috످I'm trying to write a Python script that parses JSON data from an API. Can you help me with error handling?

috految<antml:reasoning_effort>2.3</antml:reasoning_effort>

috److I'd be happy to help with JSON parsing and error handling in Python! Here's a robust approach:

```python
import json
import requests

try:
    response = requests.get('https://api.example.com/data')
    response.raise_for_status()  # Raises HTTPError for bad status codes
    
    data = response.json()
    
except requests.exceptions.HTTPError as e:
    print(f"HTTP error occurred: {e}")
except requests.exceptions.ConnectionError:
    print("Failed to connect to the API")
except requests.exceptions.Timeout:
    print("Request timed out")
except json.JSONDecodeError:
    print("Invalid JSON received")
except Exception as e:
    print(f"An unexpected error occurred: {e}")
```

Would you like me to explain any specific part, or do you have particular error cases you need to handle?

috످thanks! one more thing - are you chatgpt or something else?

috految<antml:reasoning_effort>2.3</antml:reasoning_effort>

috److You're welcome! I'm Claude, made by Anthropic, not ChatGPT.

One fix to the code I gave you: I left out a timeout, so your script could hang forever if the API doesn't respond. Change the request line to:

```python
response = requests.get('https://api.example.com/data', timeout=10)
```

috످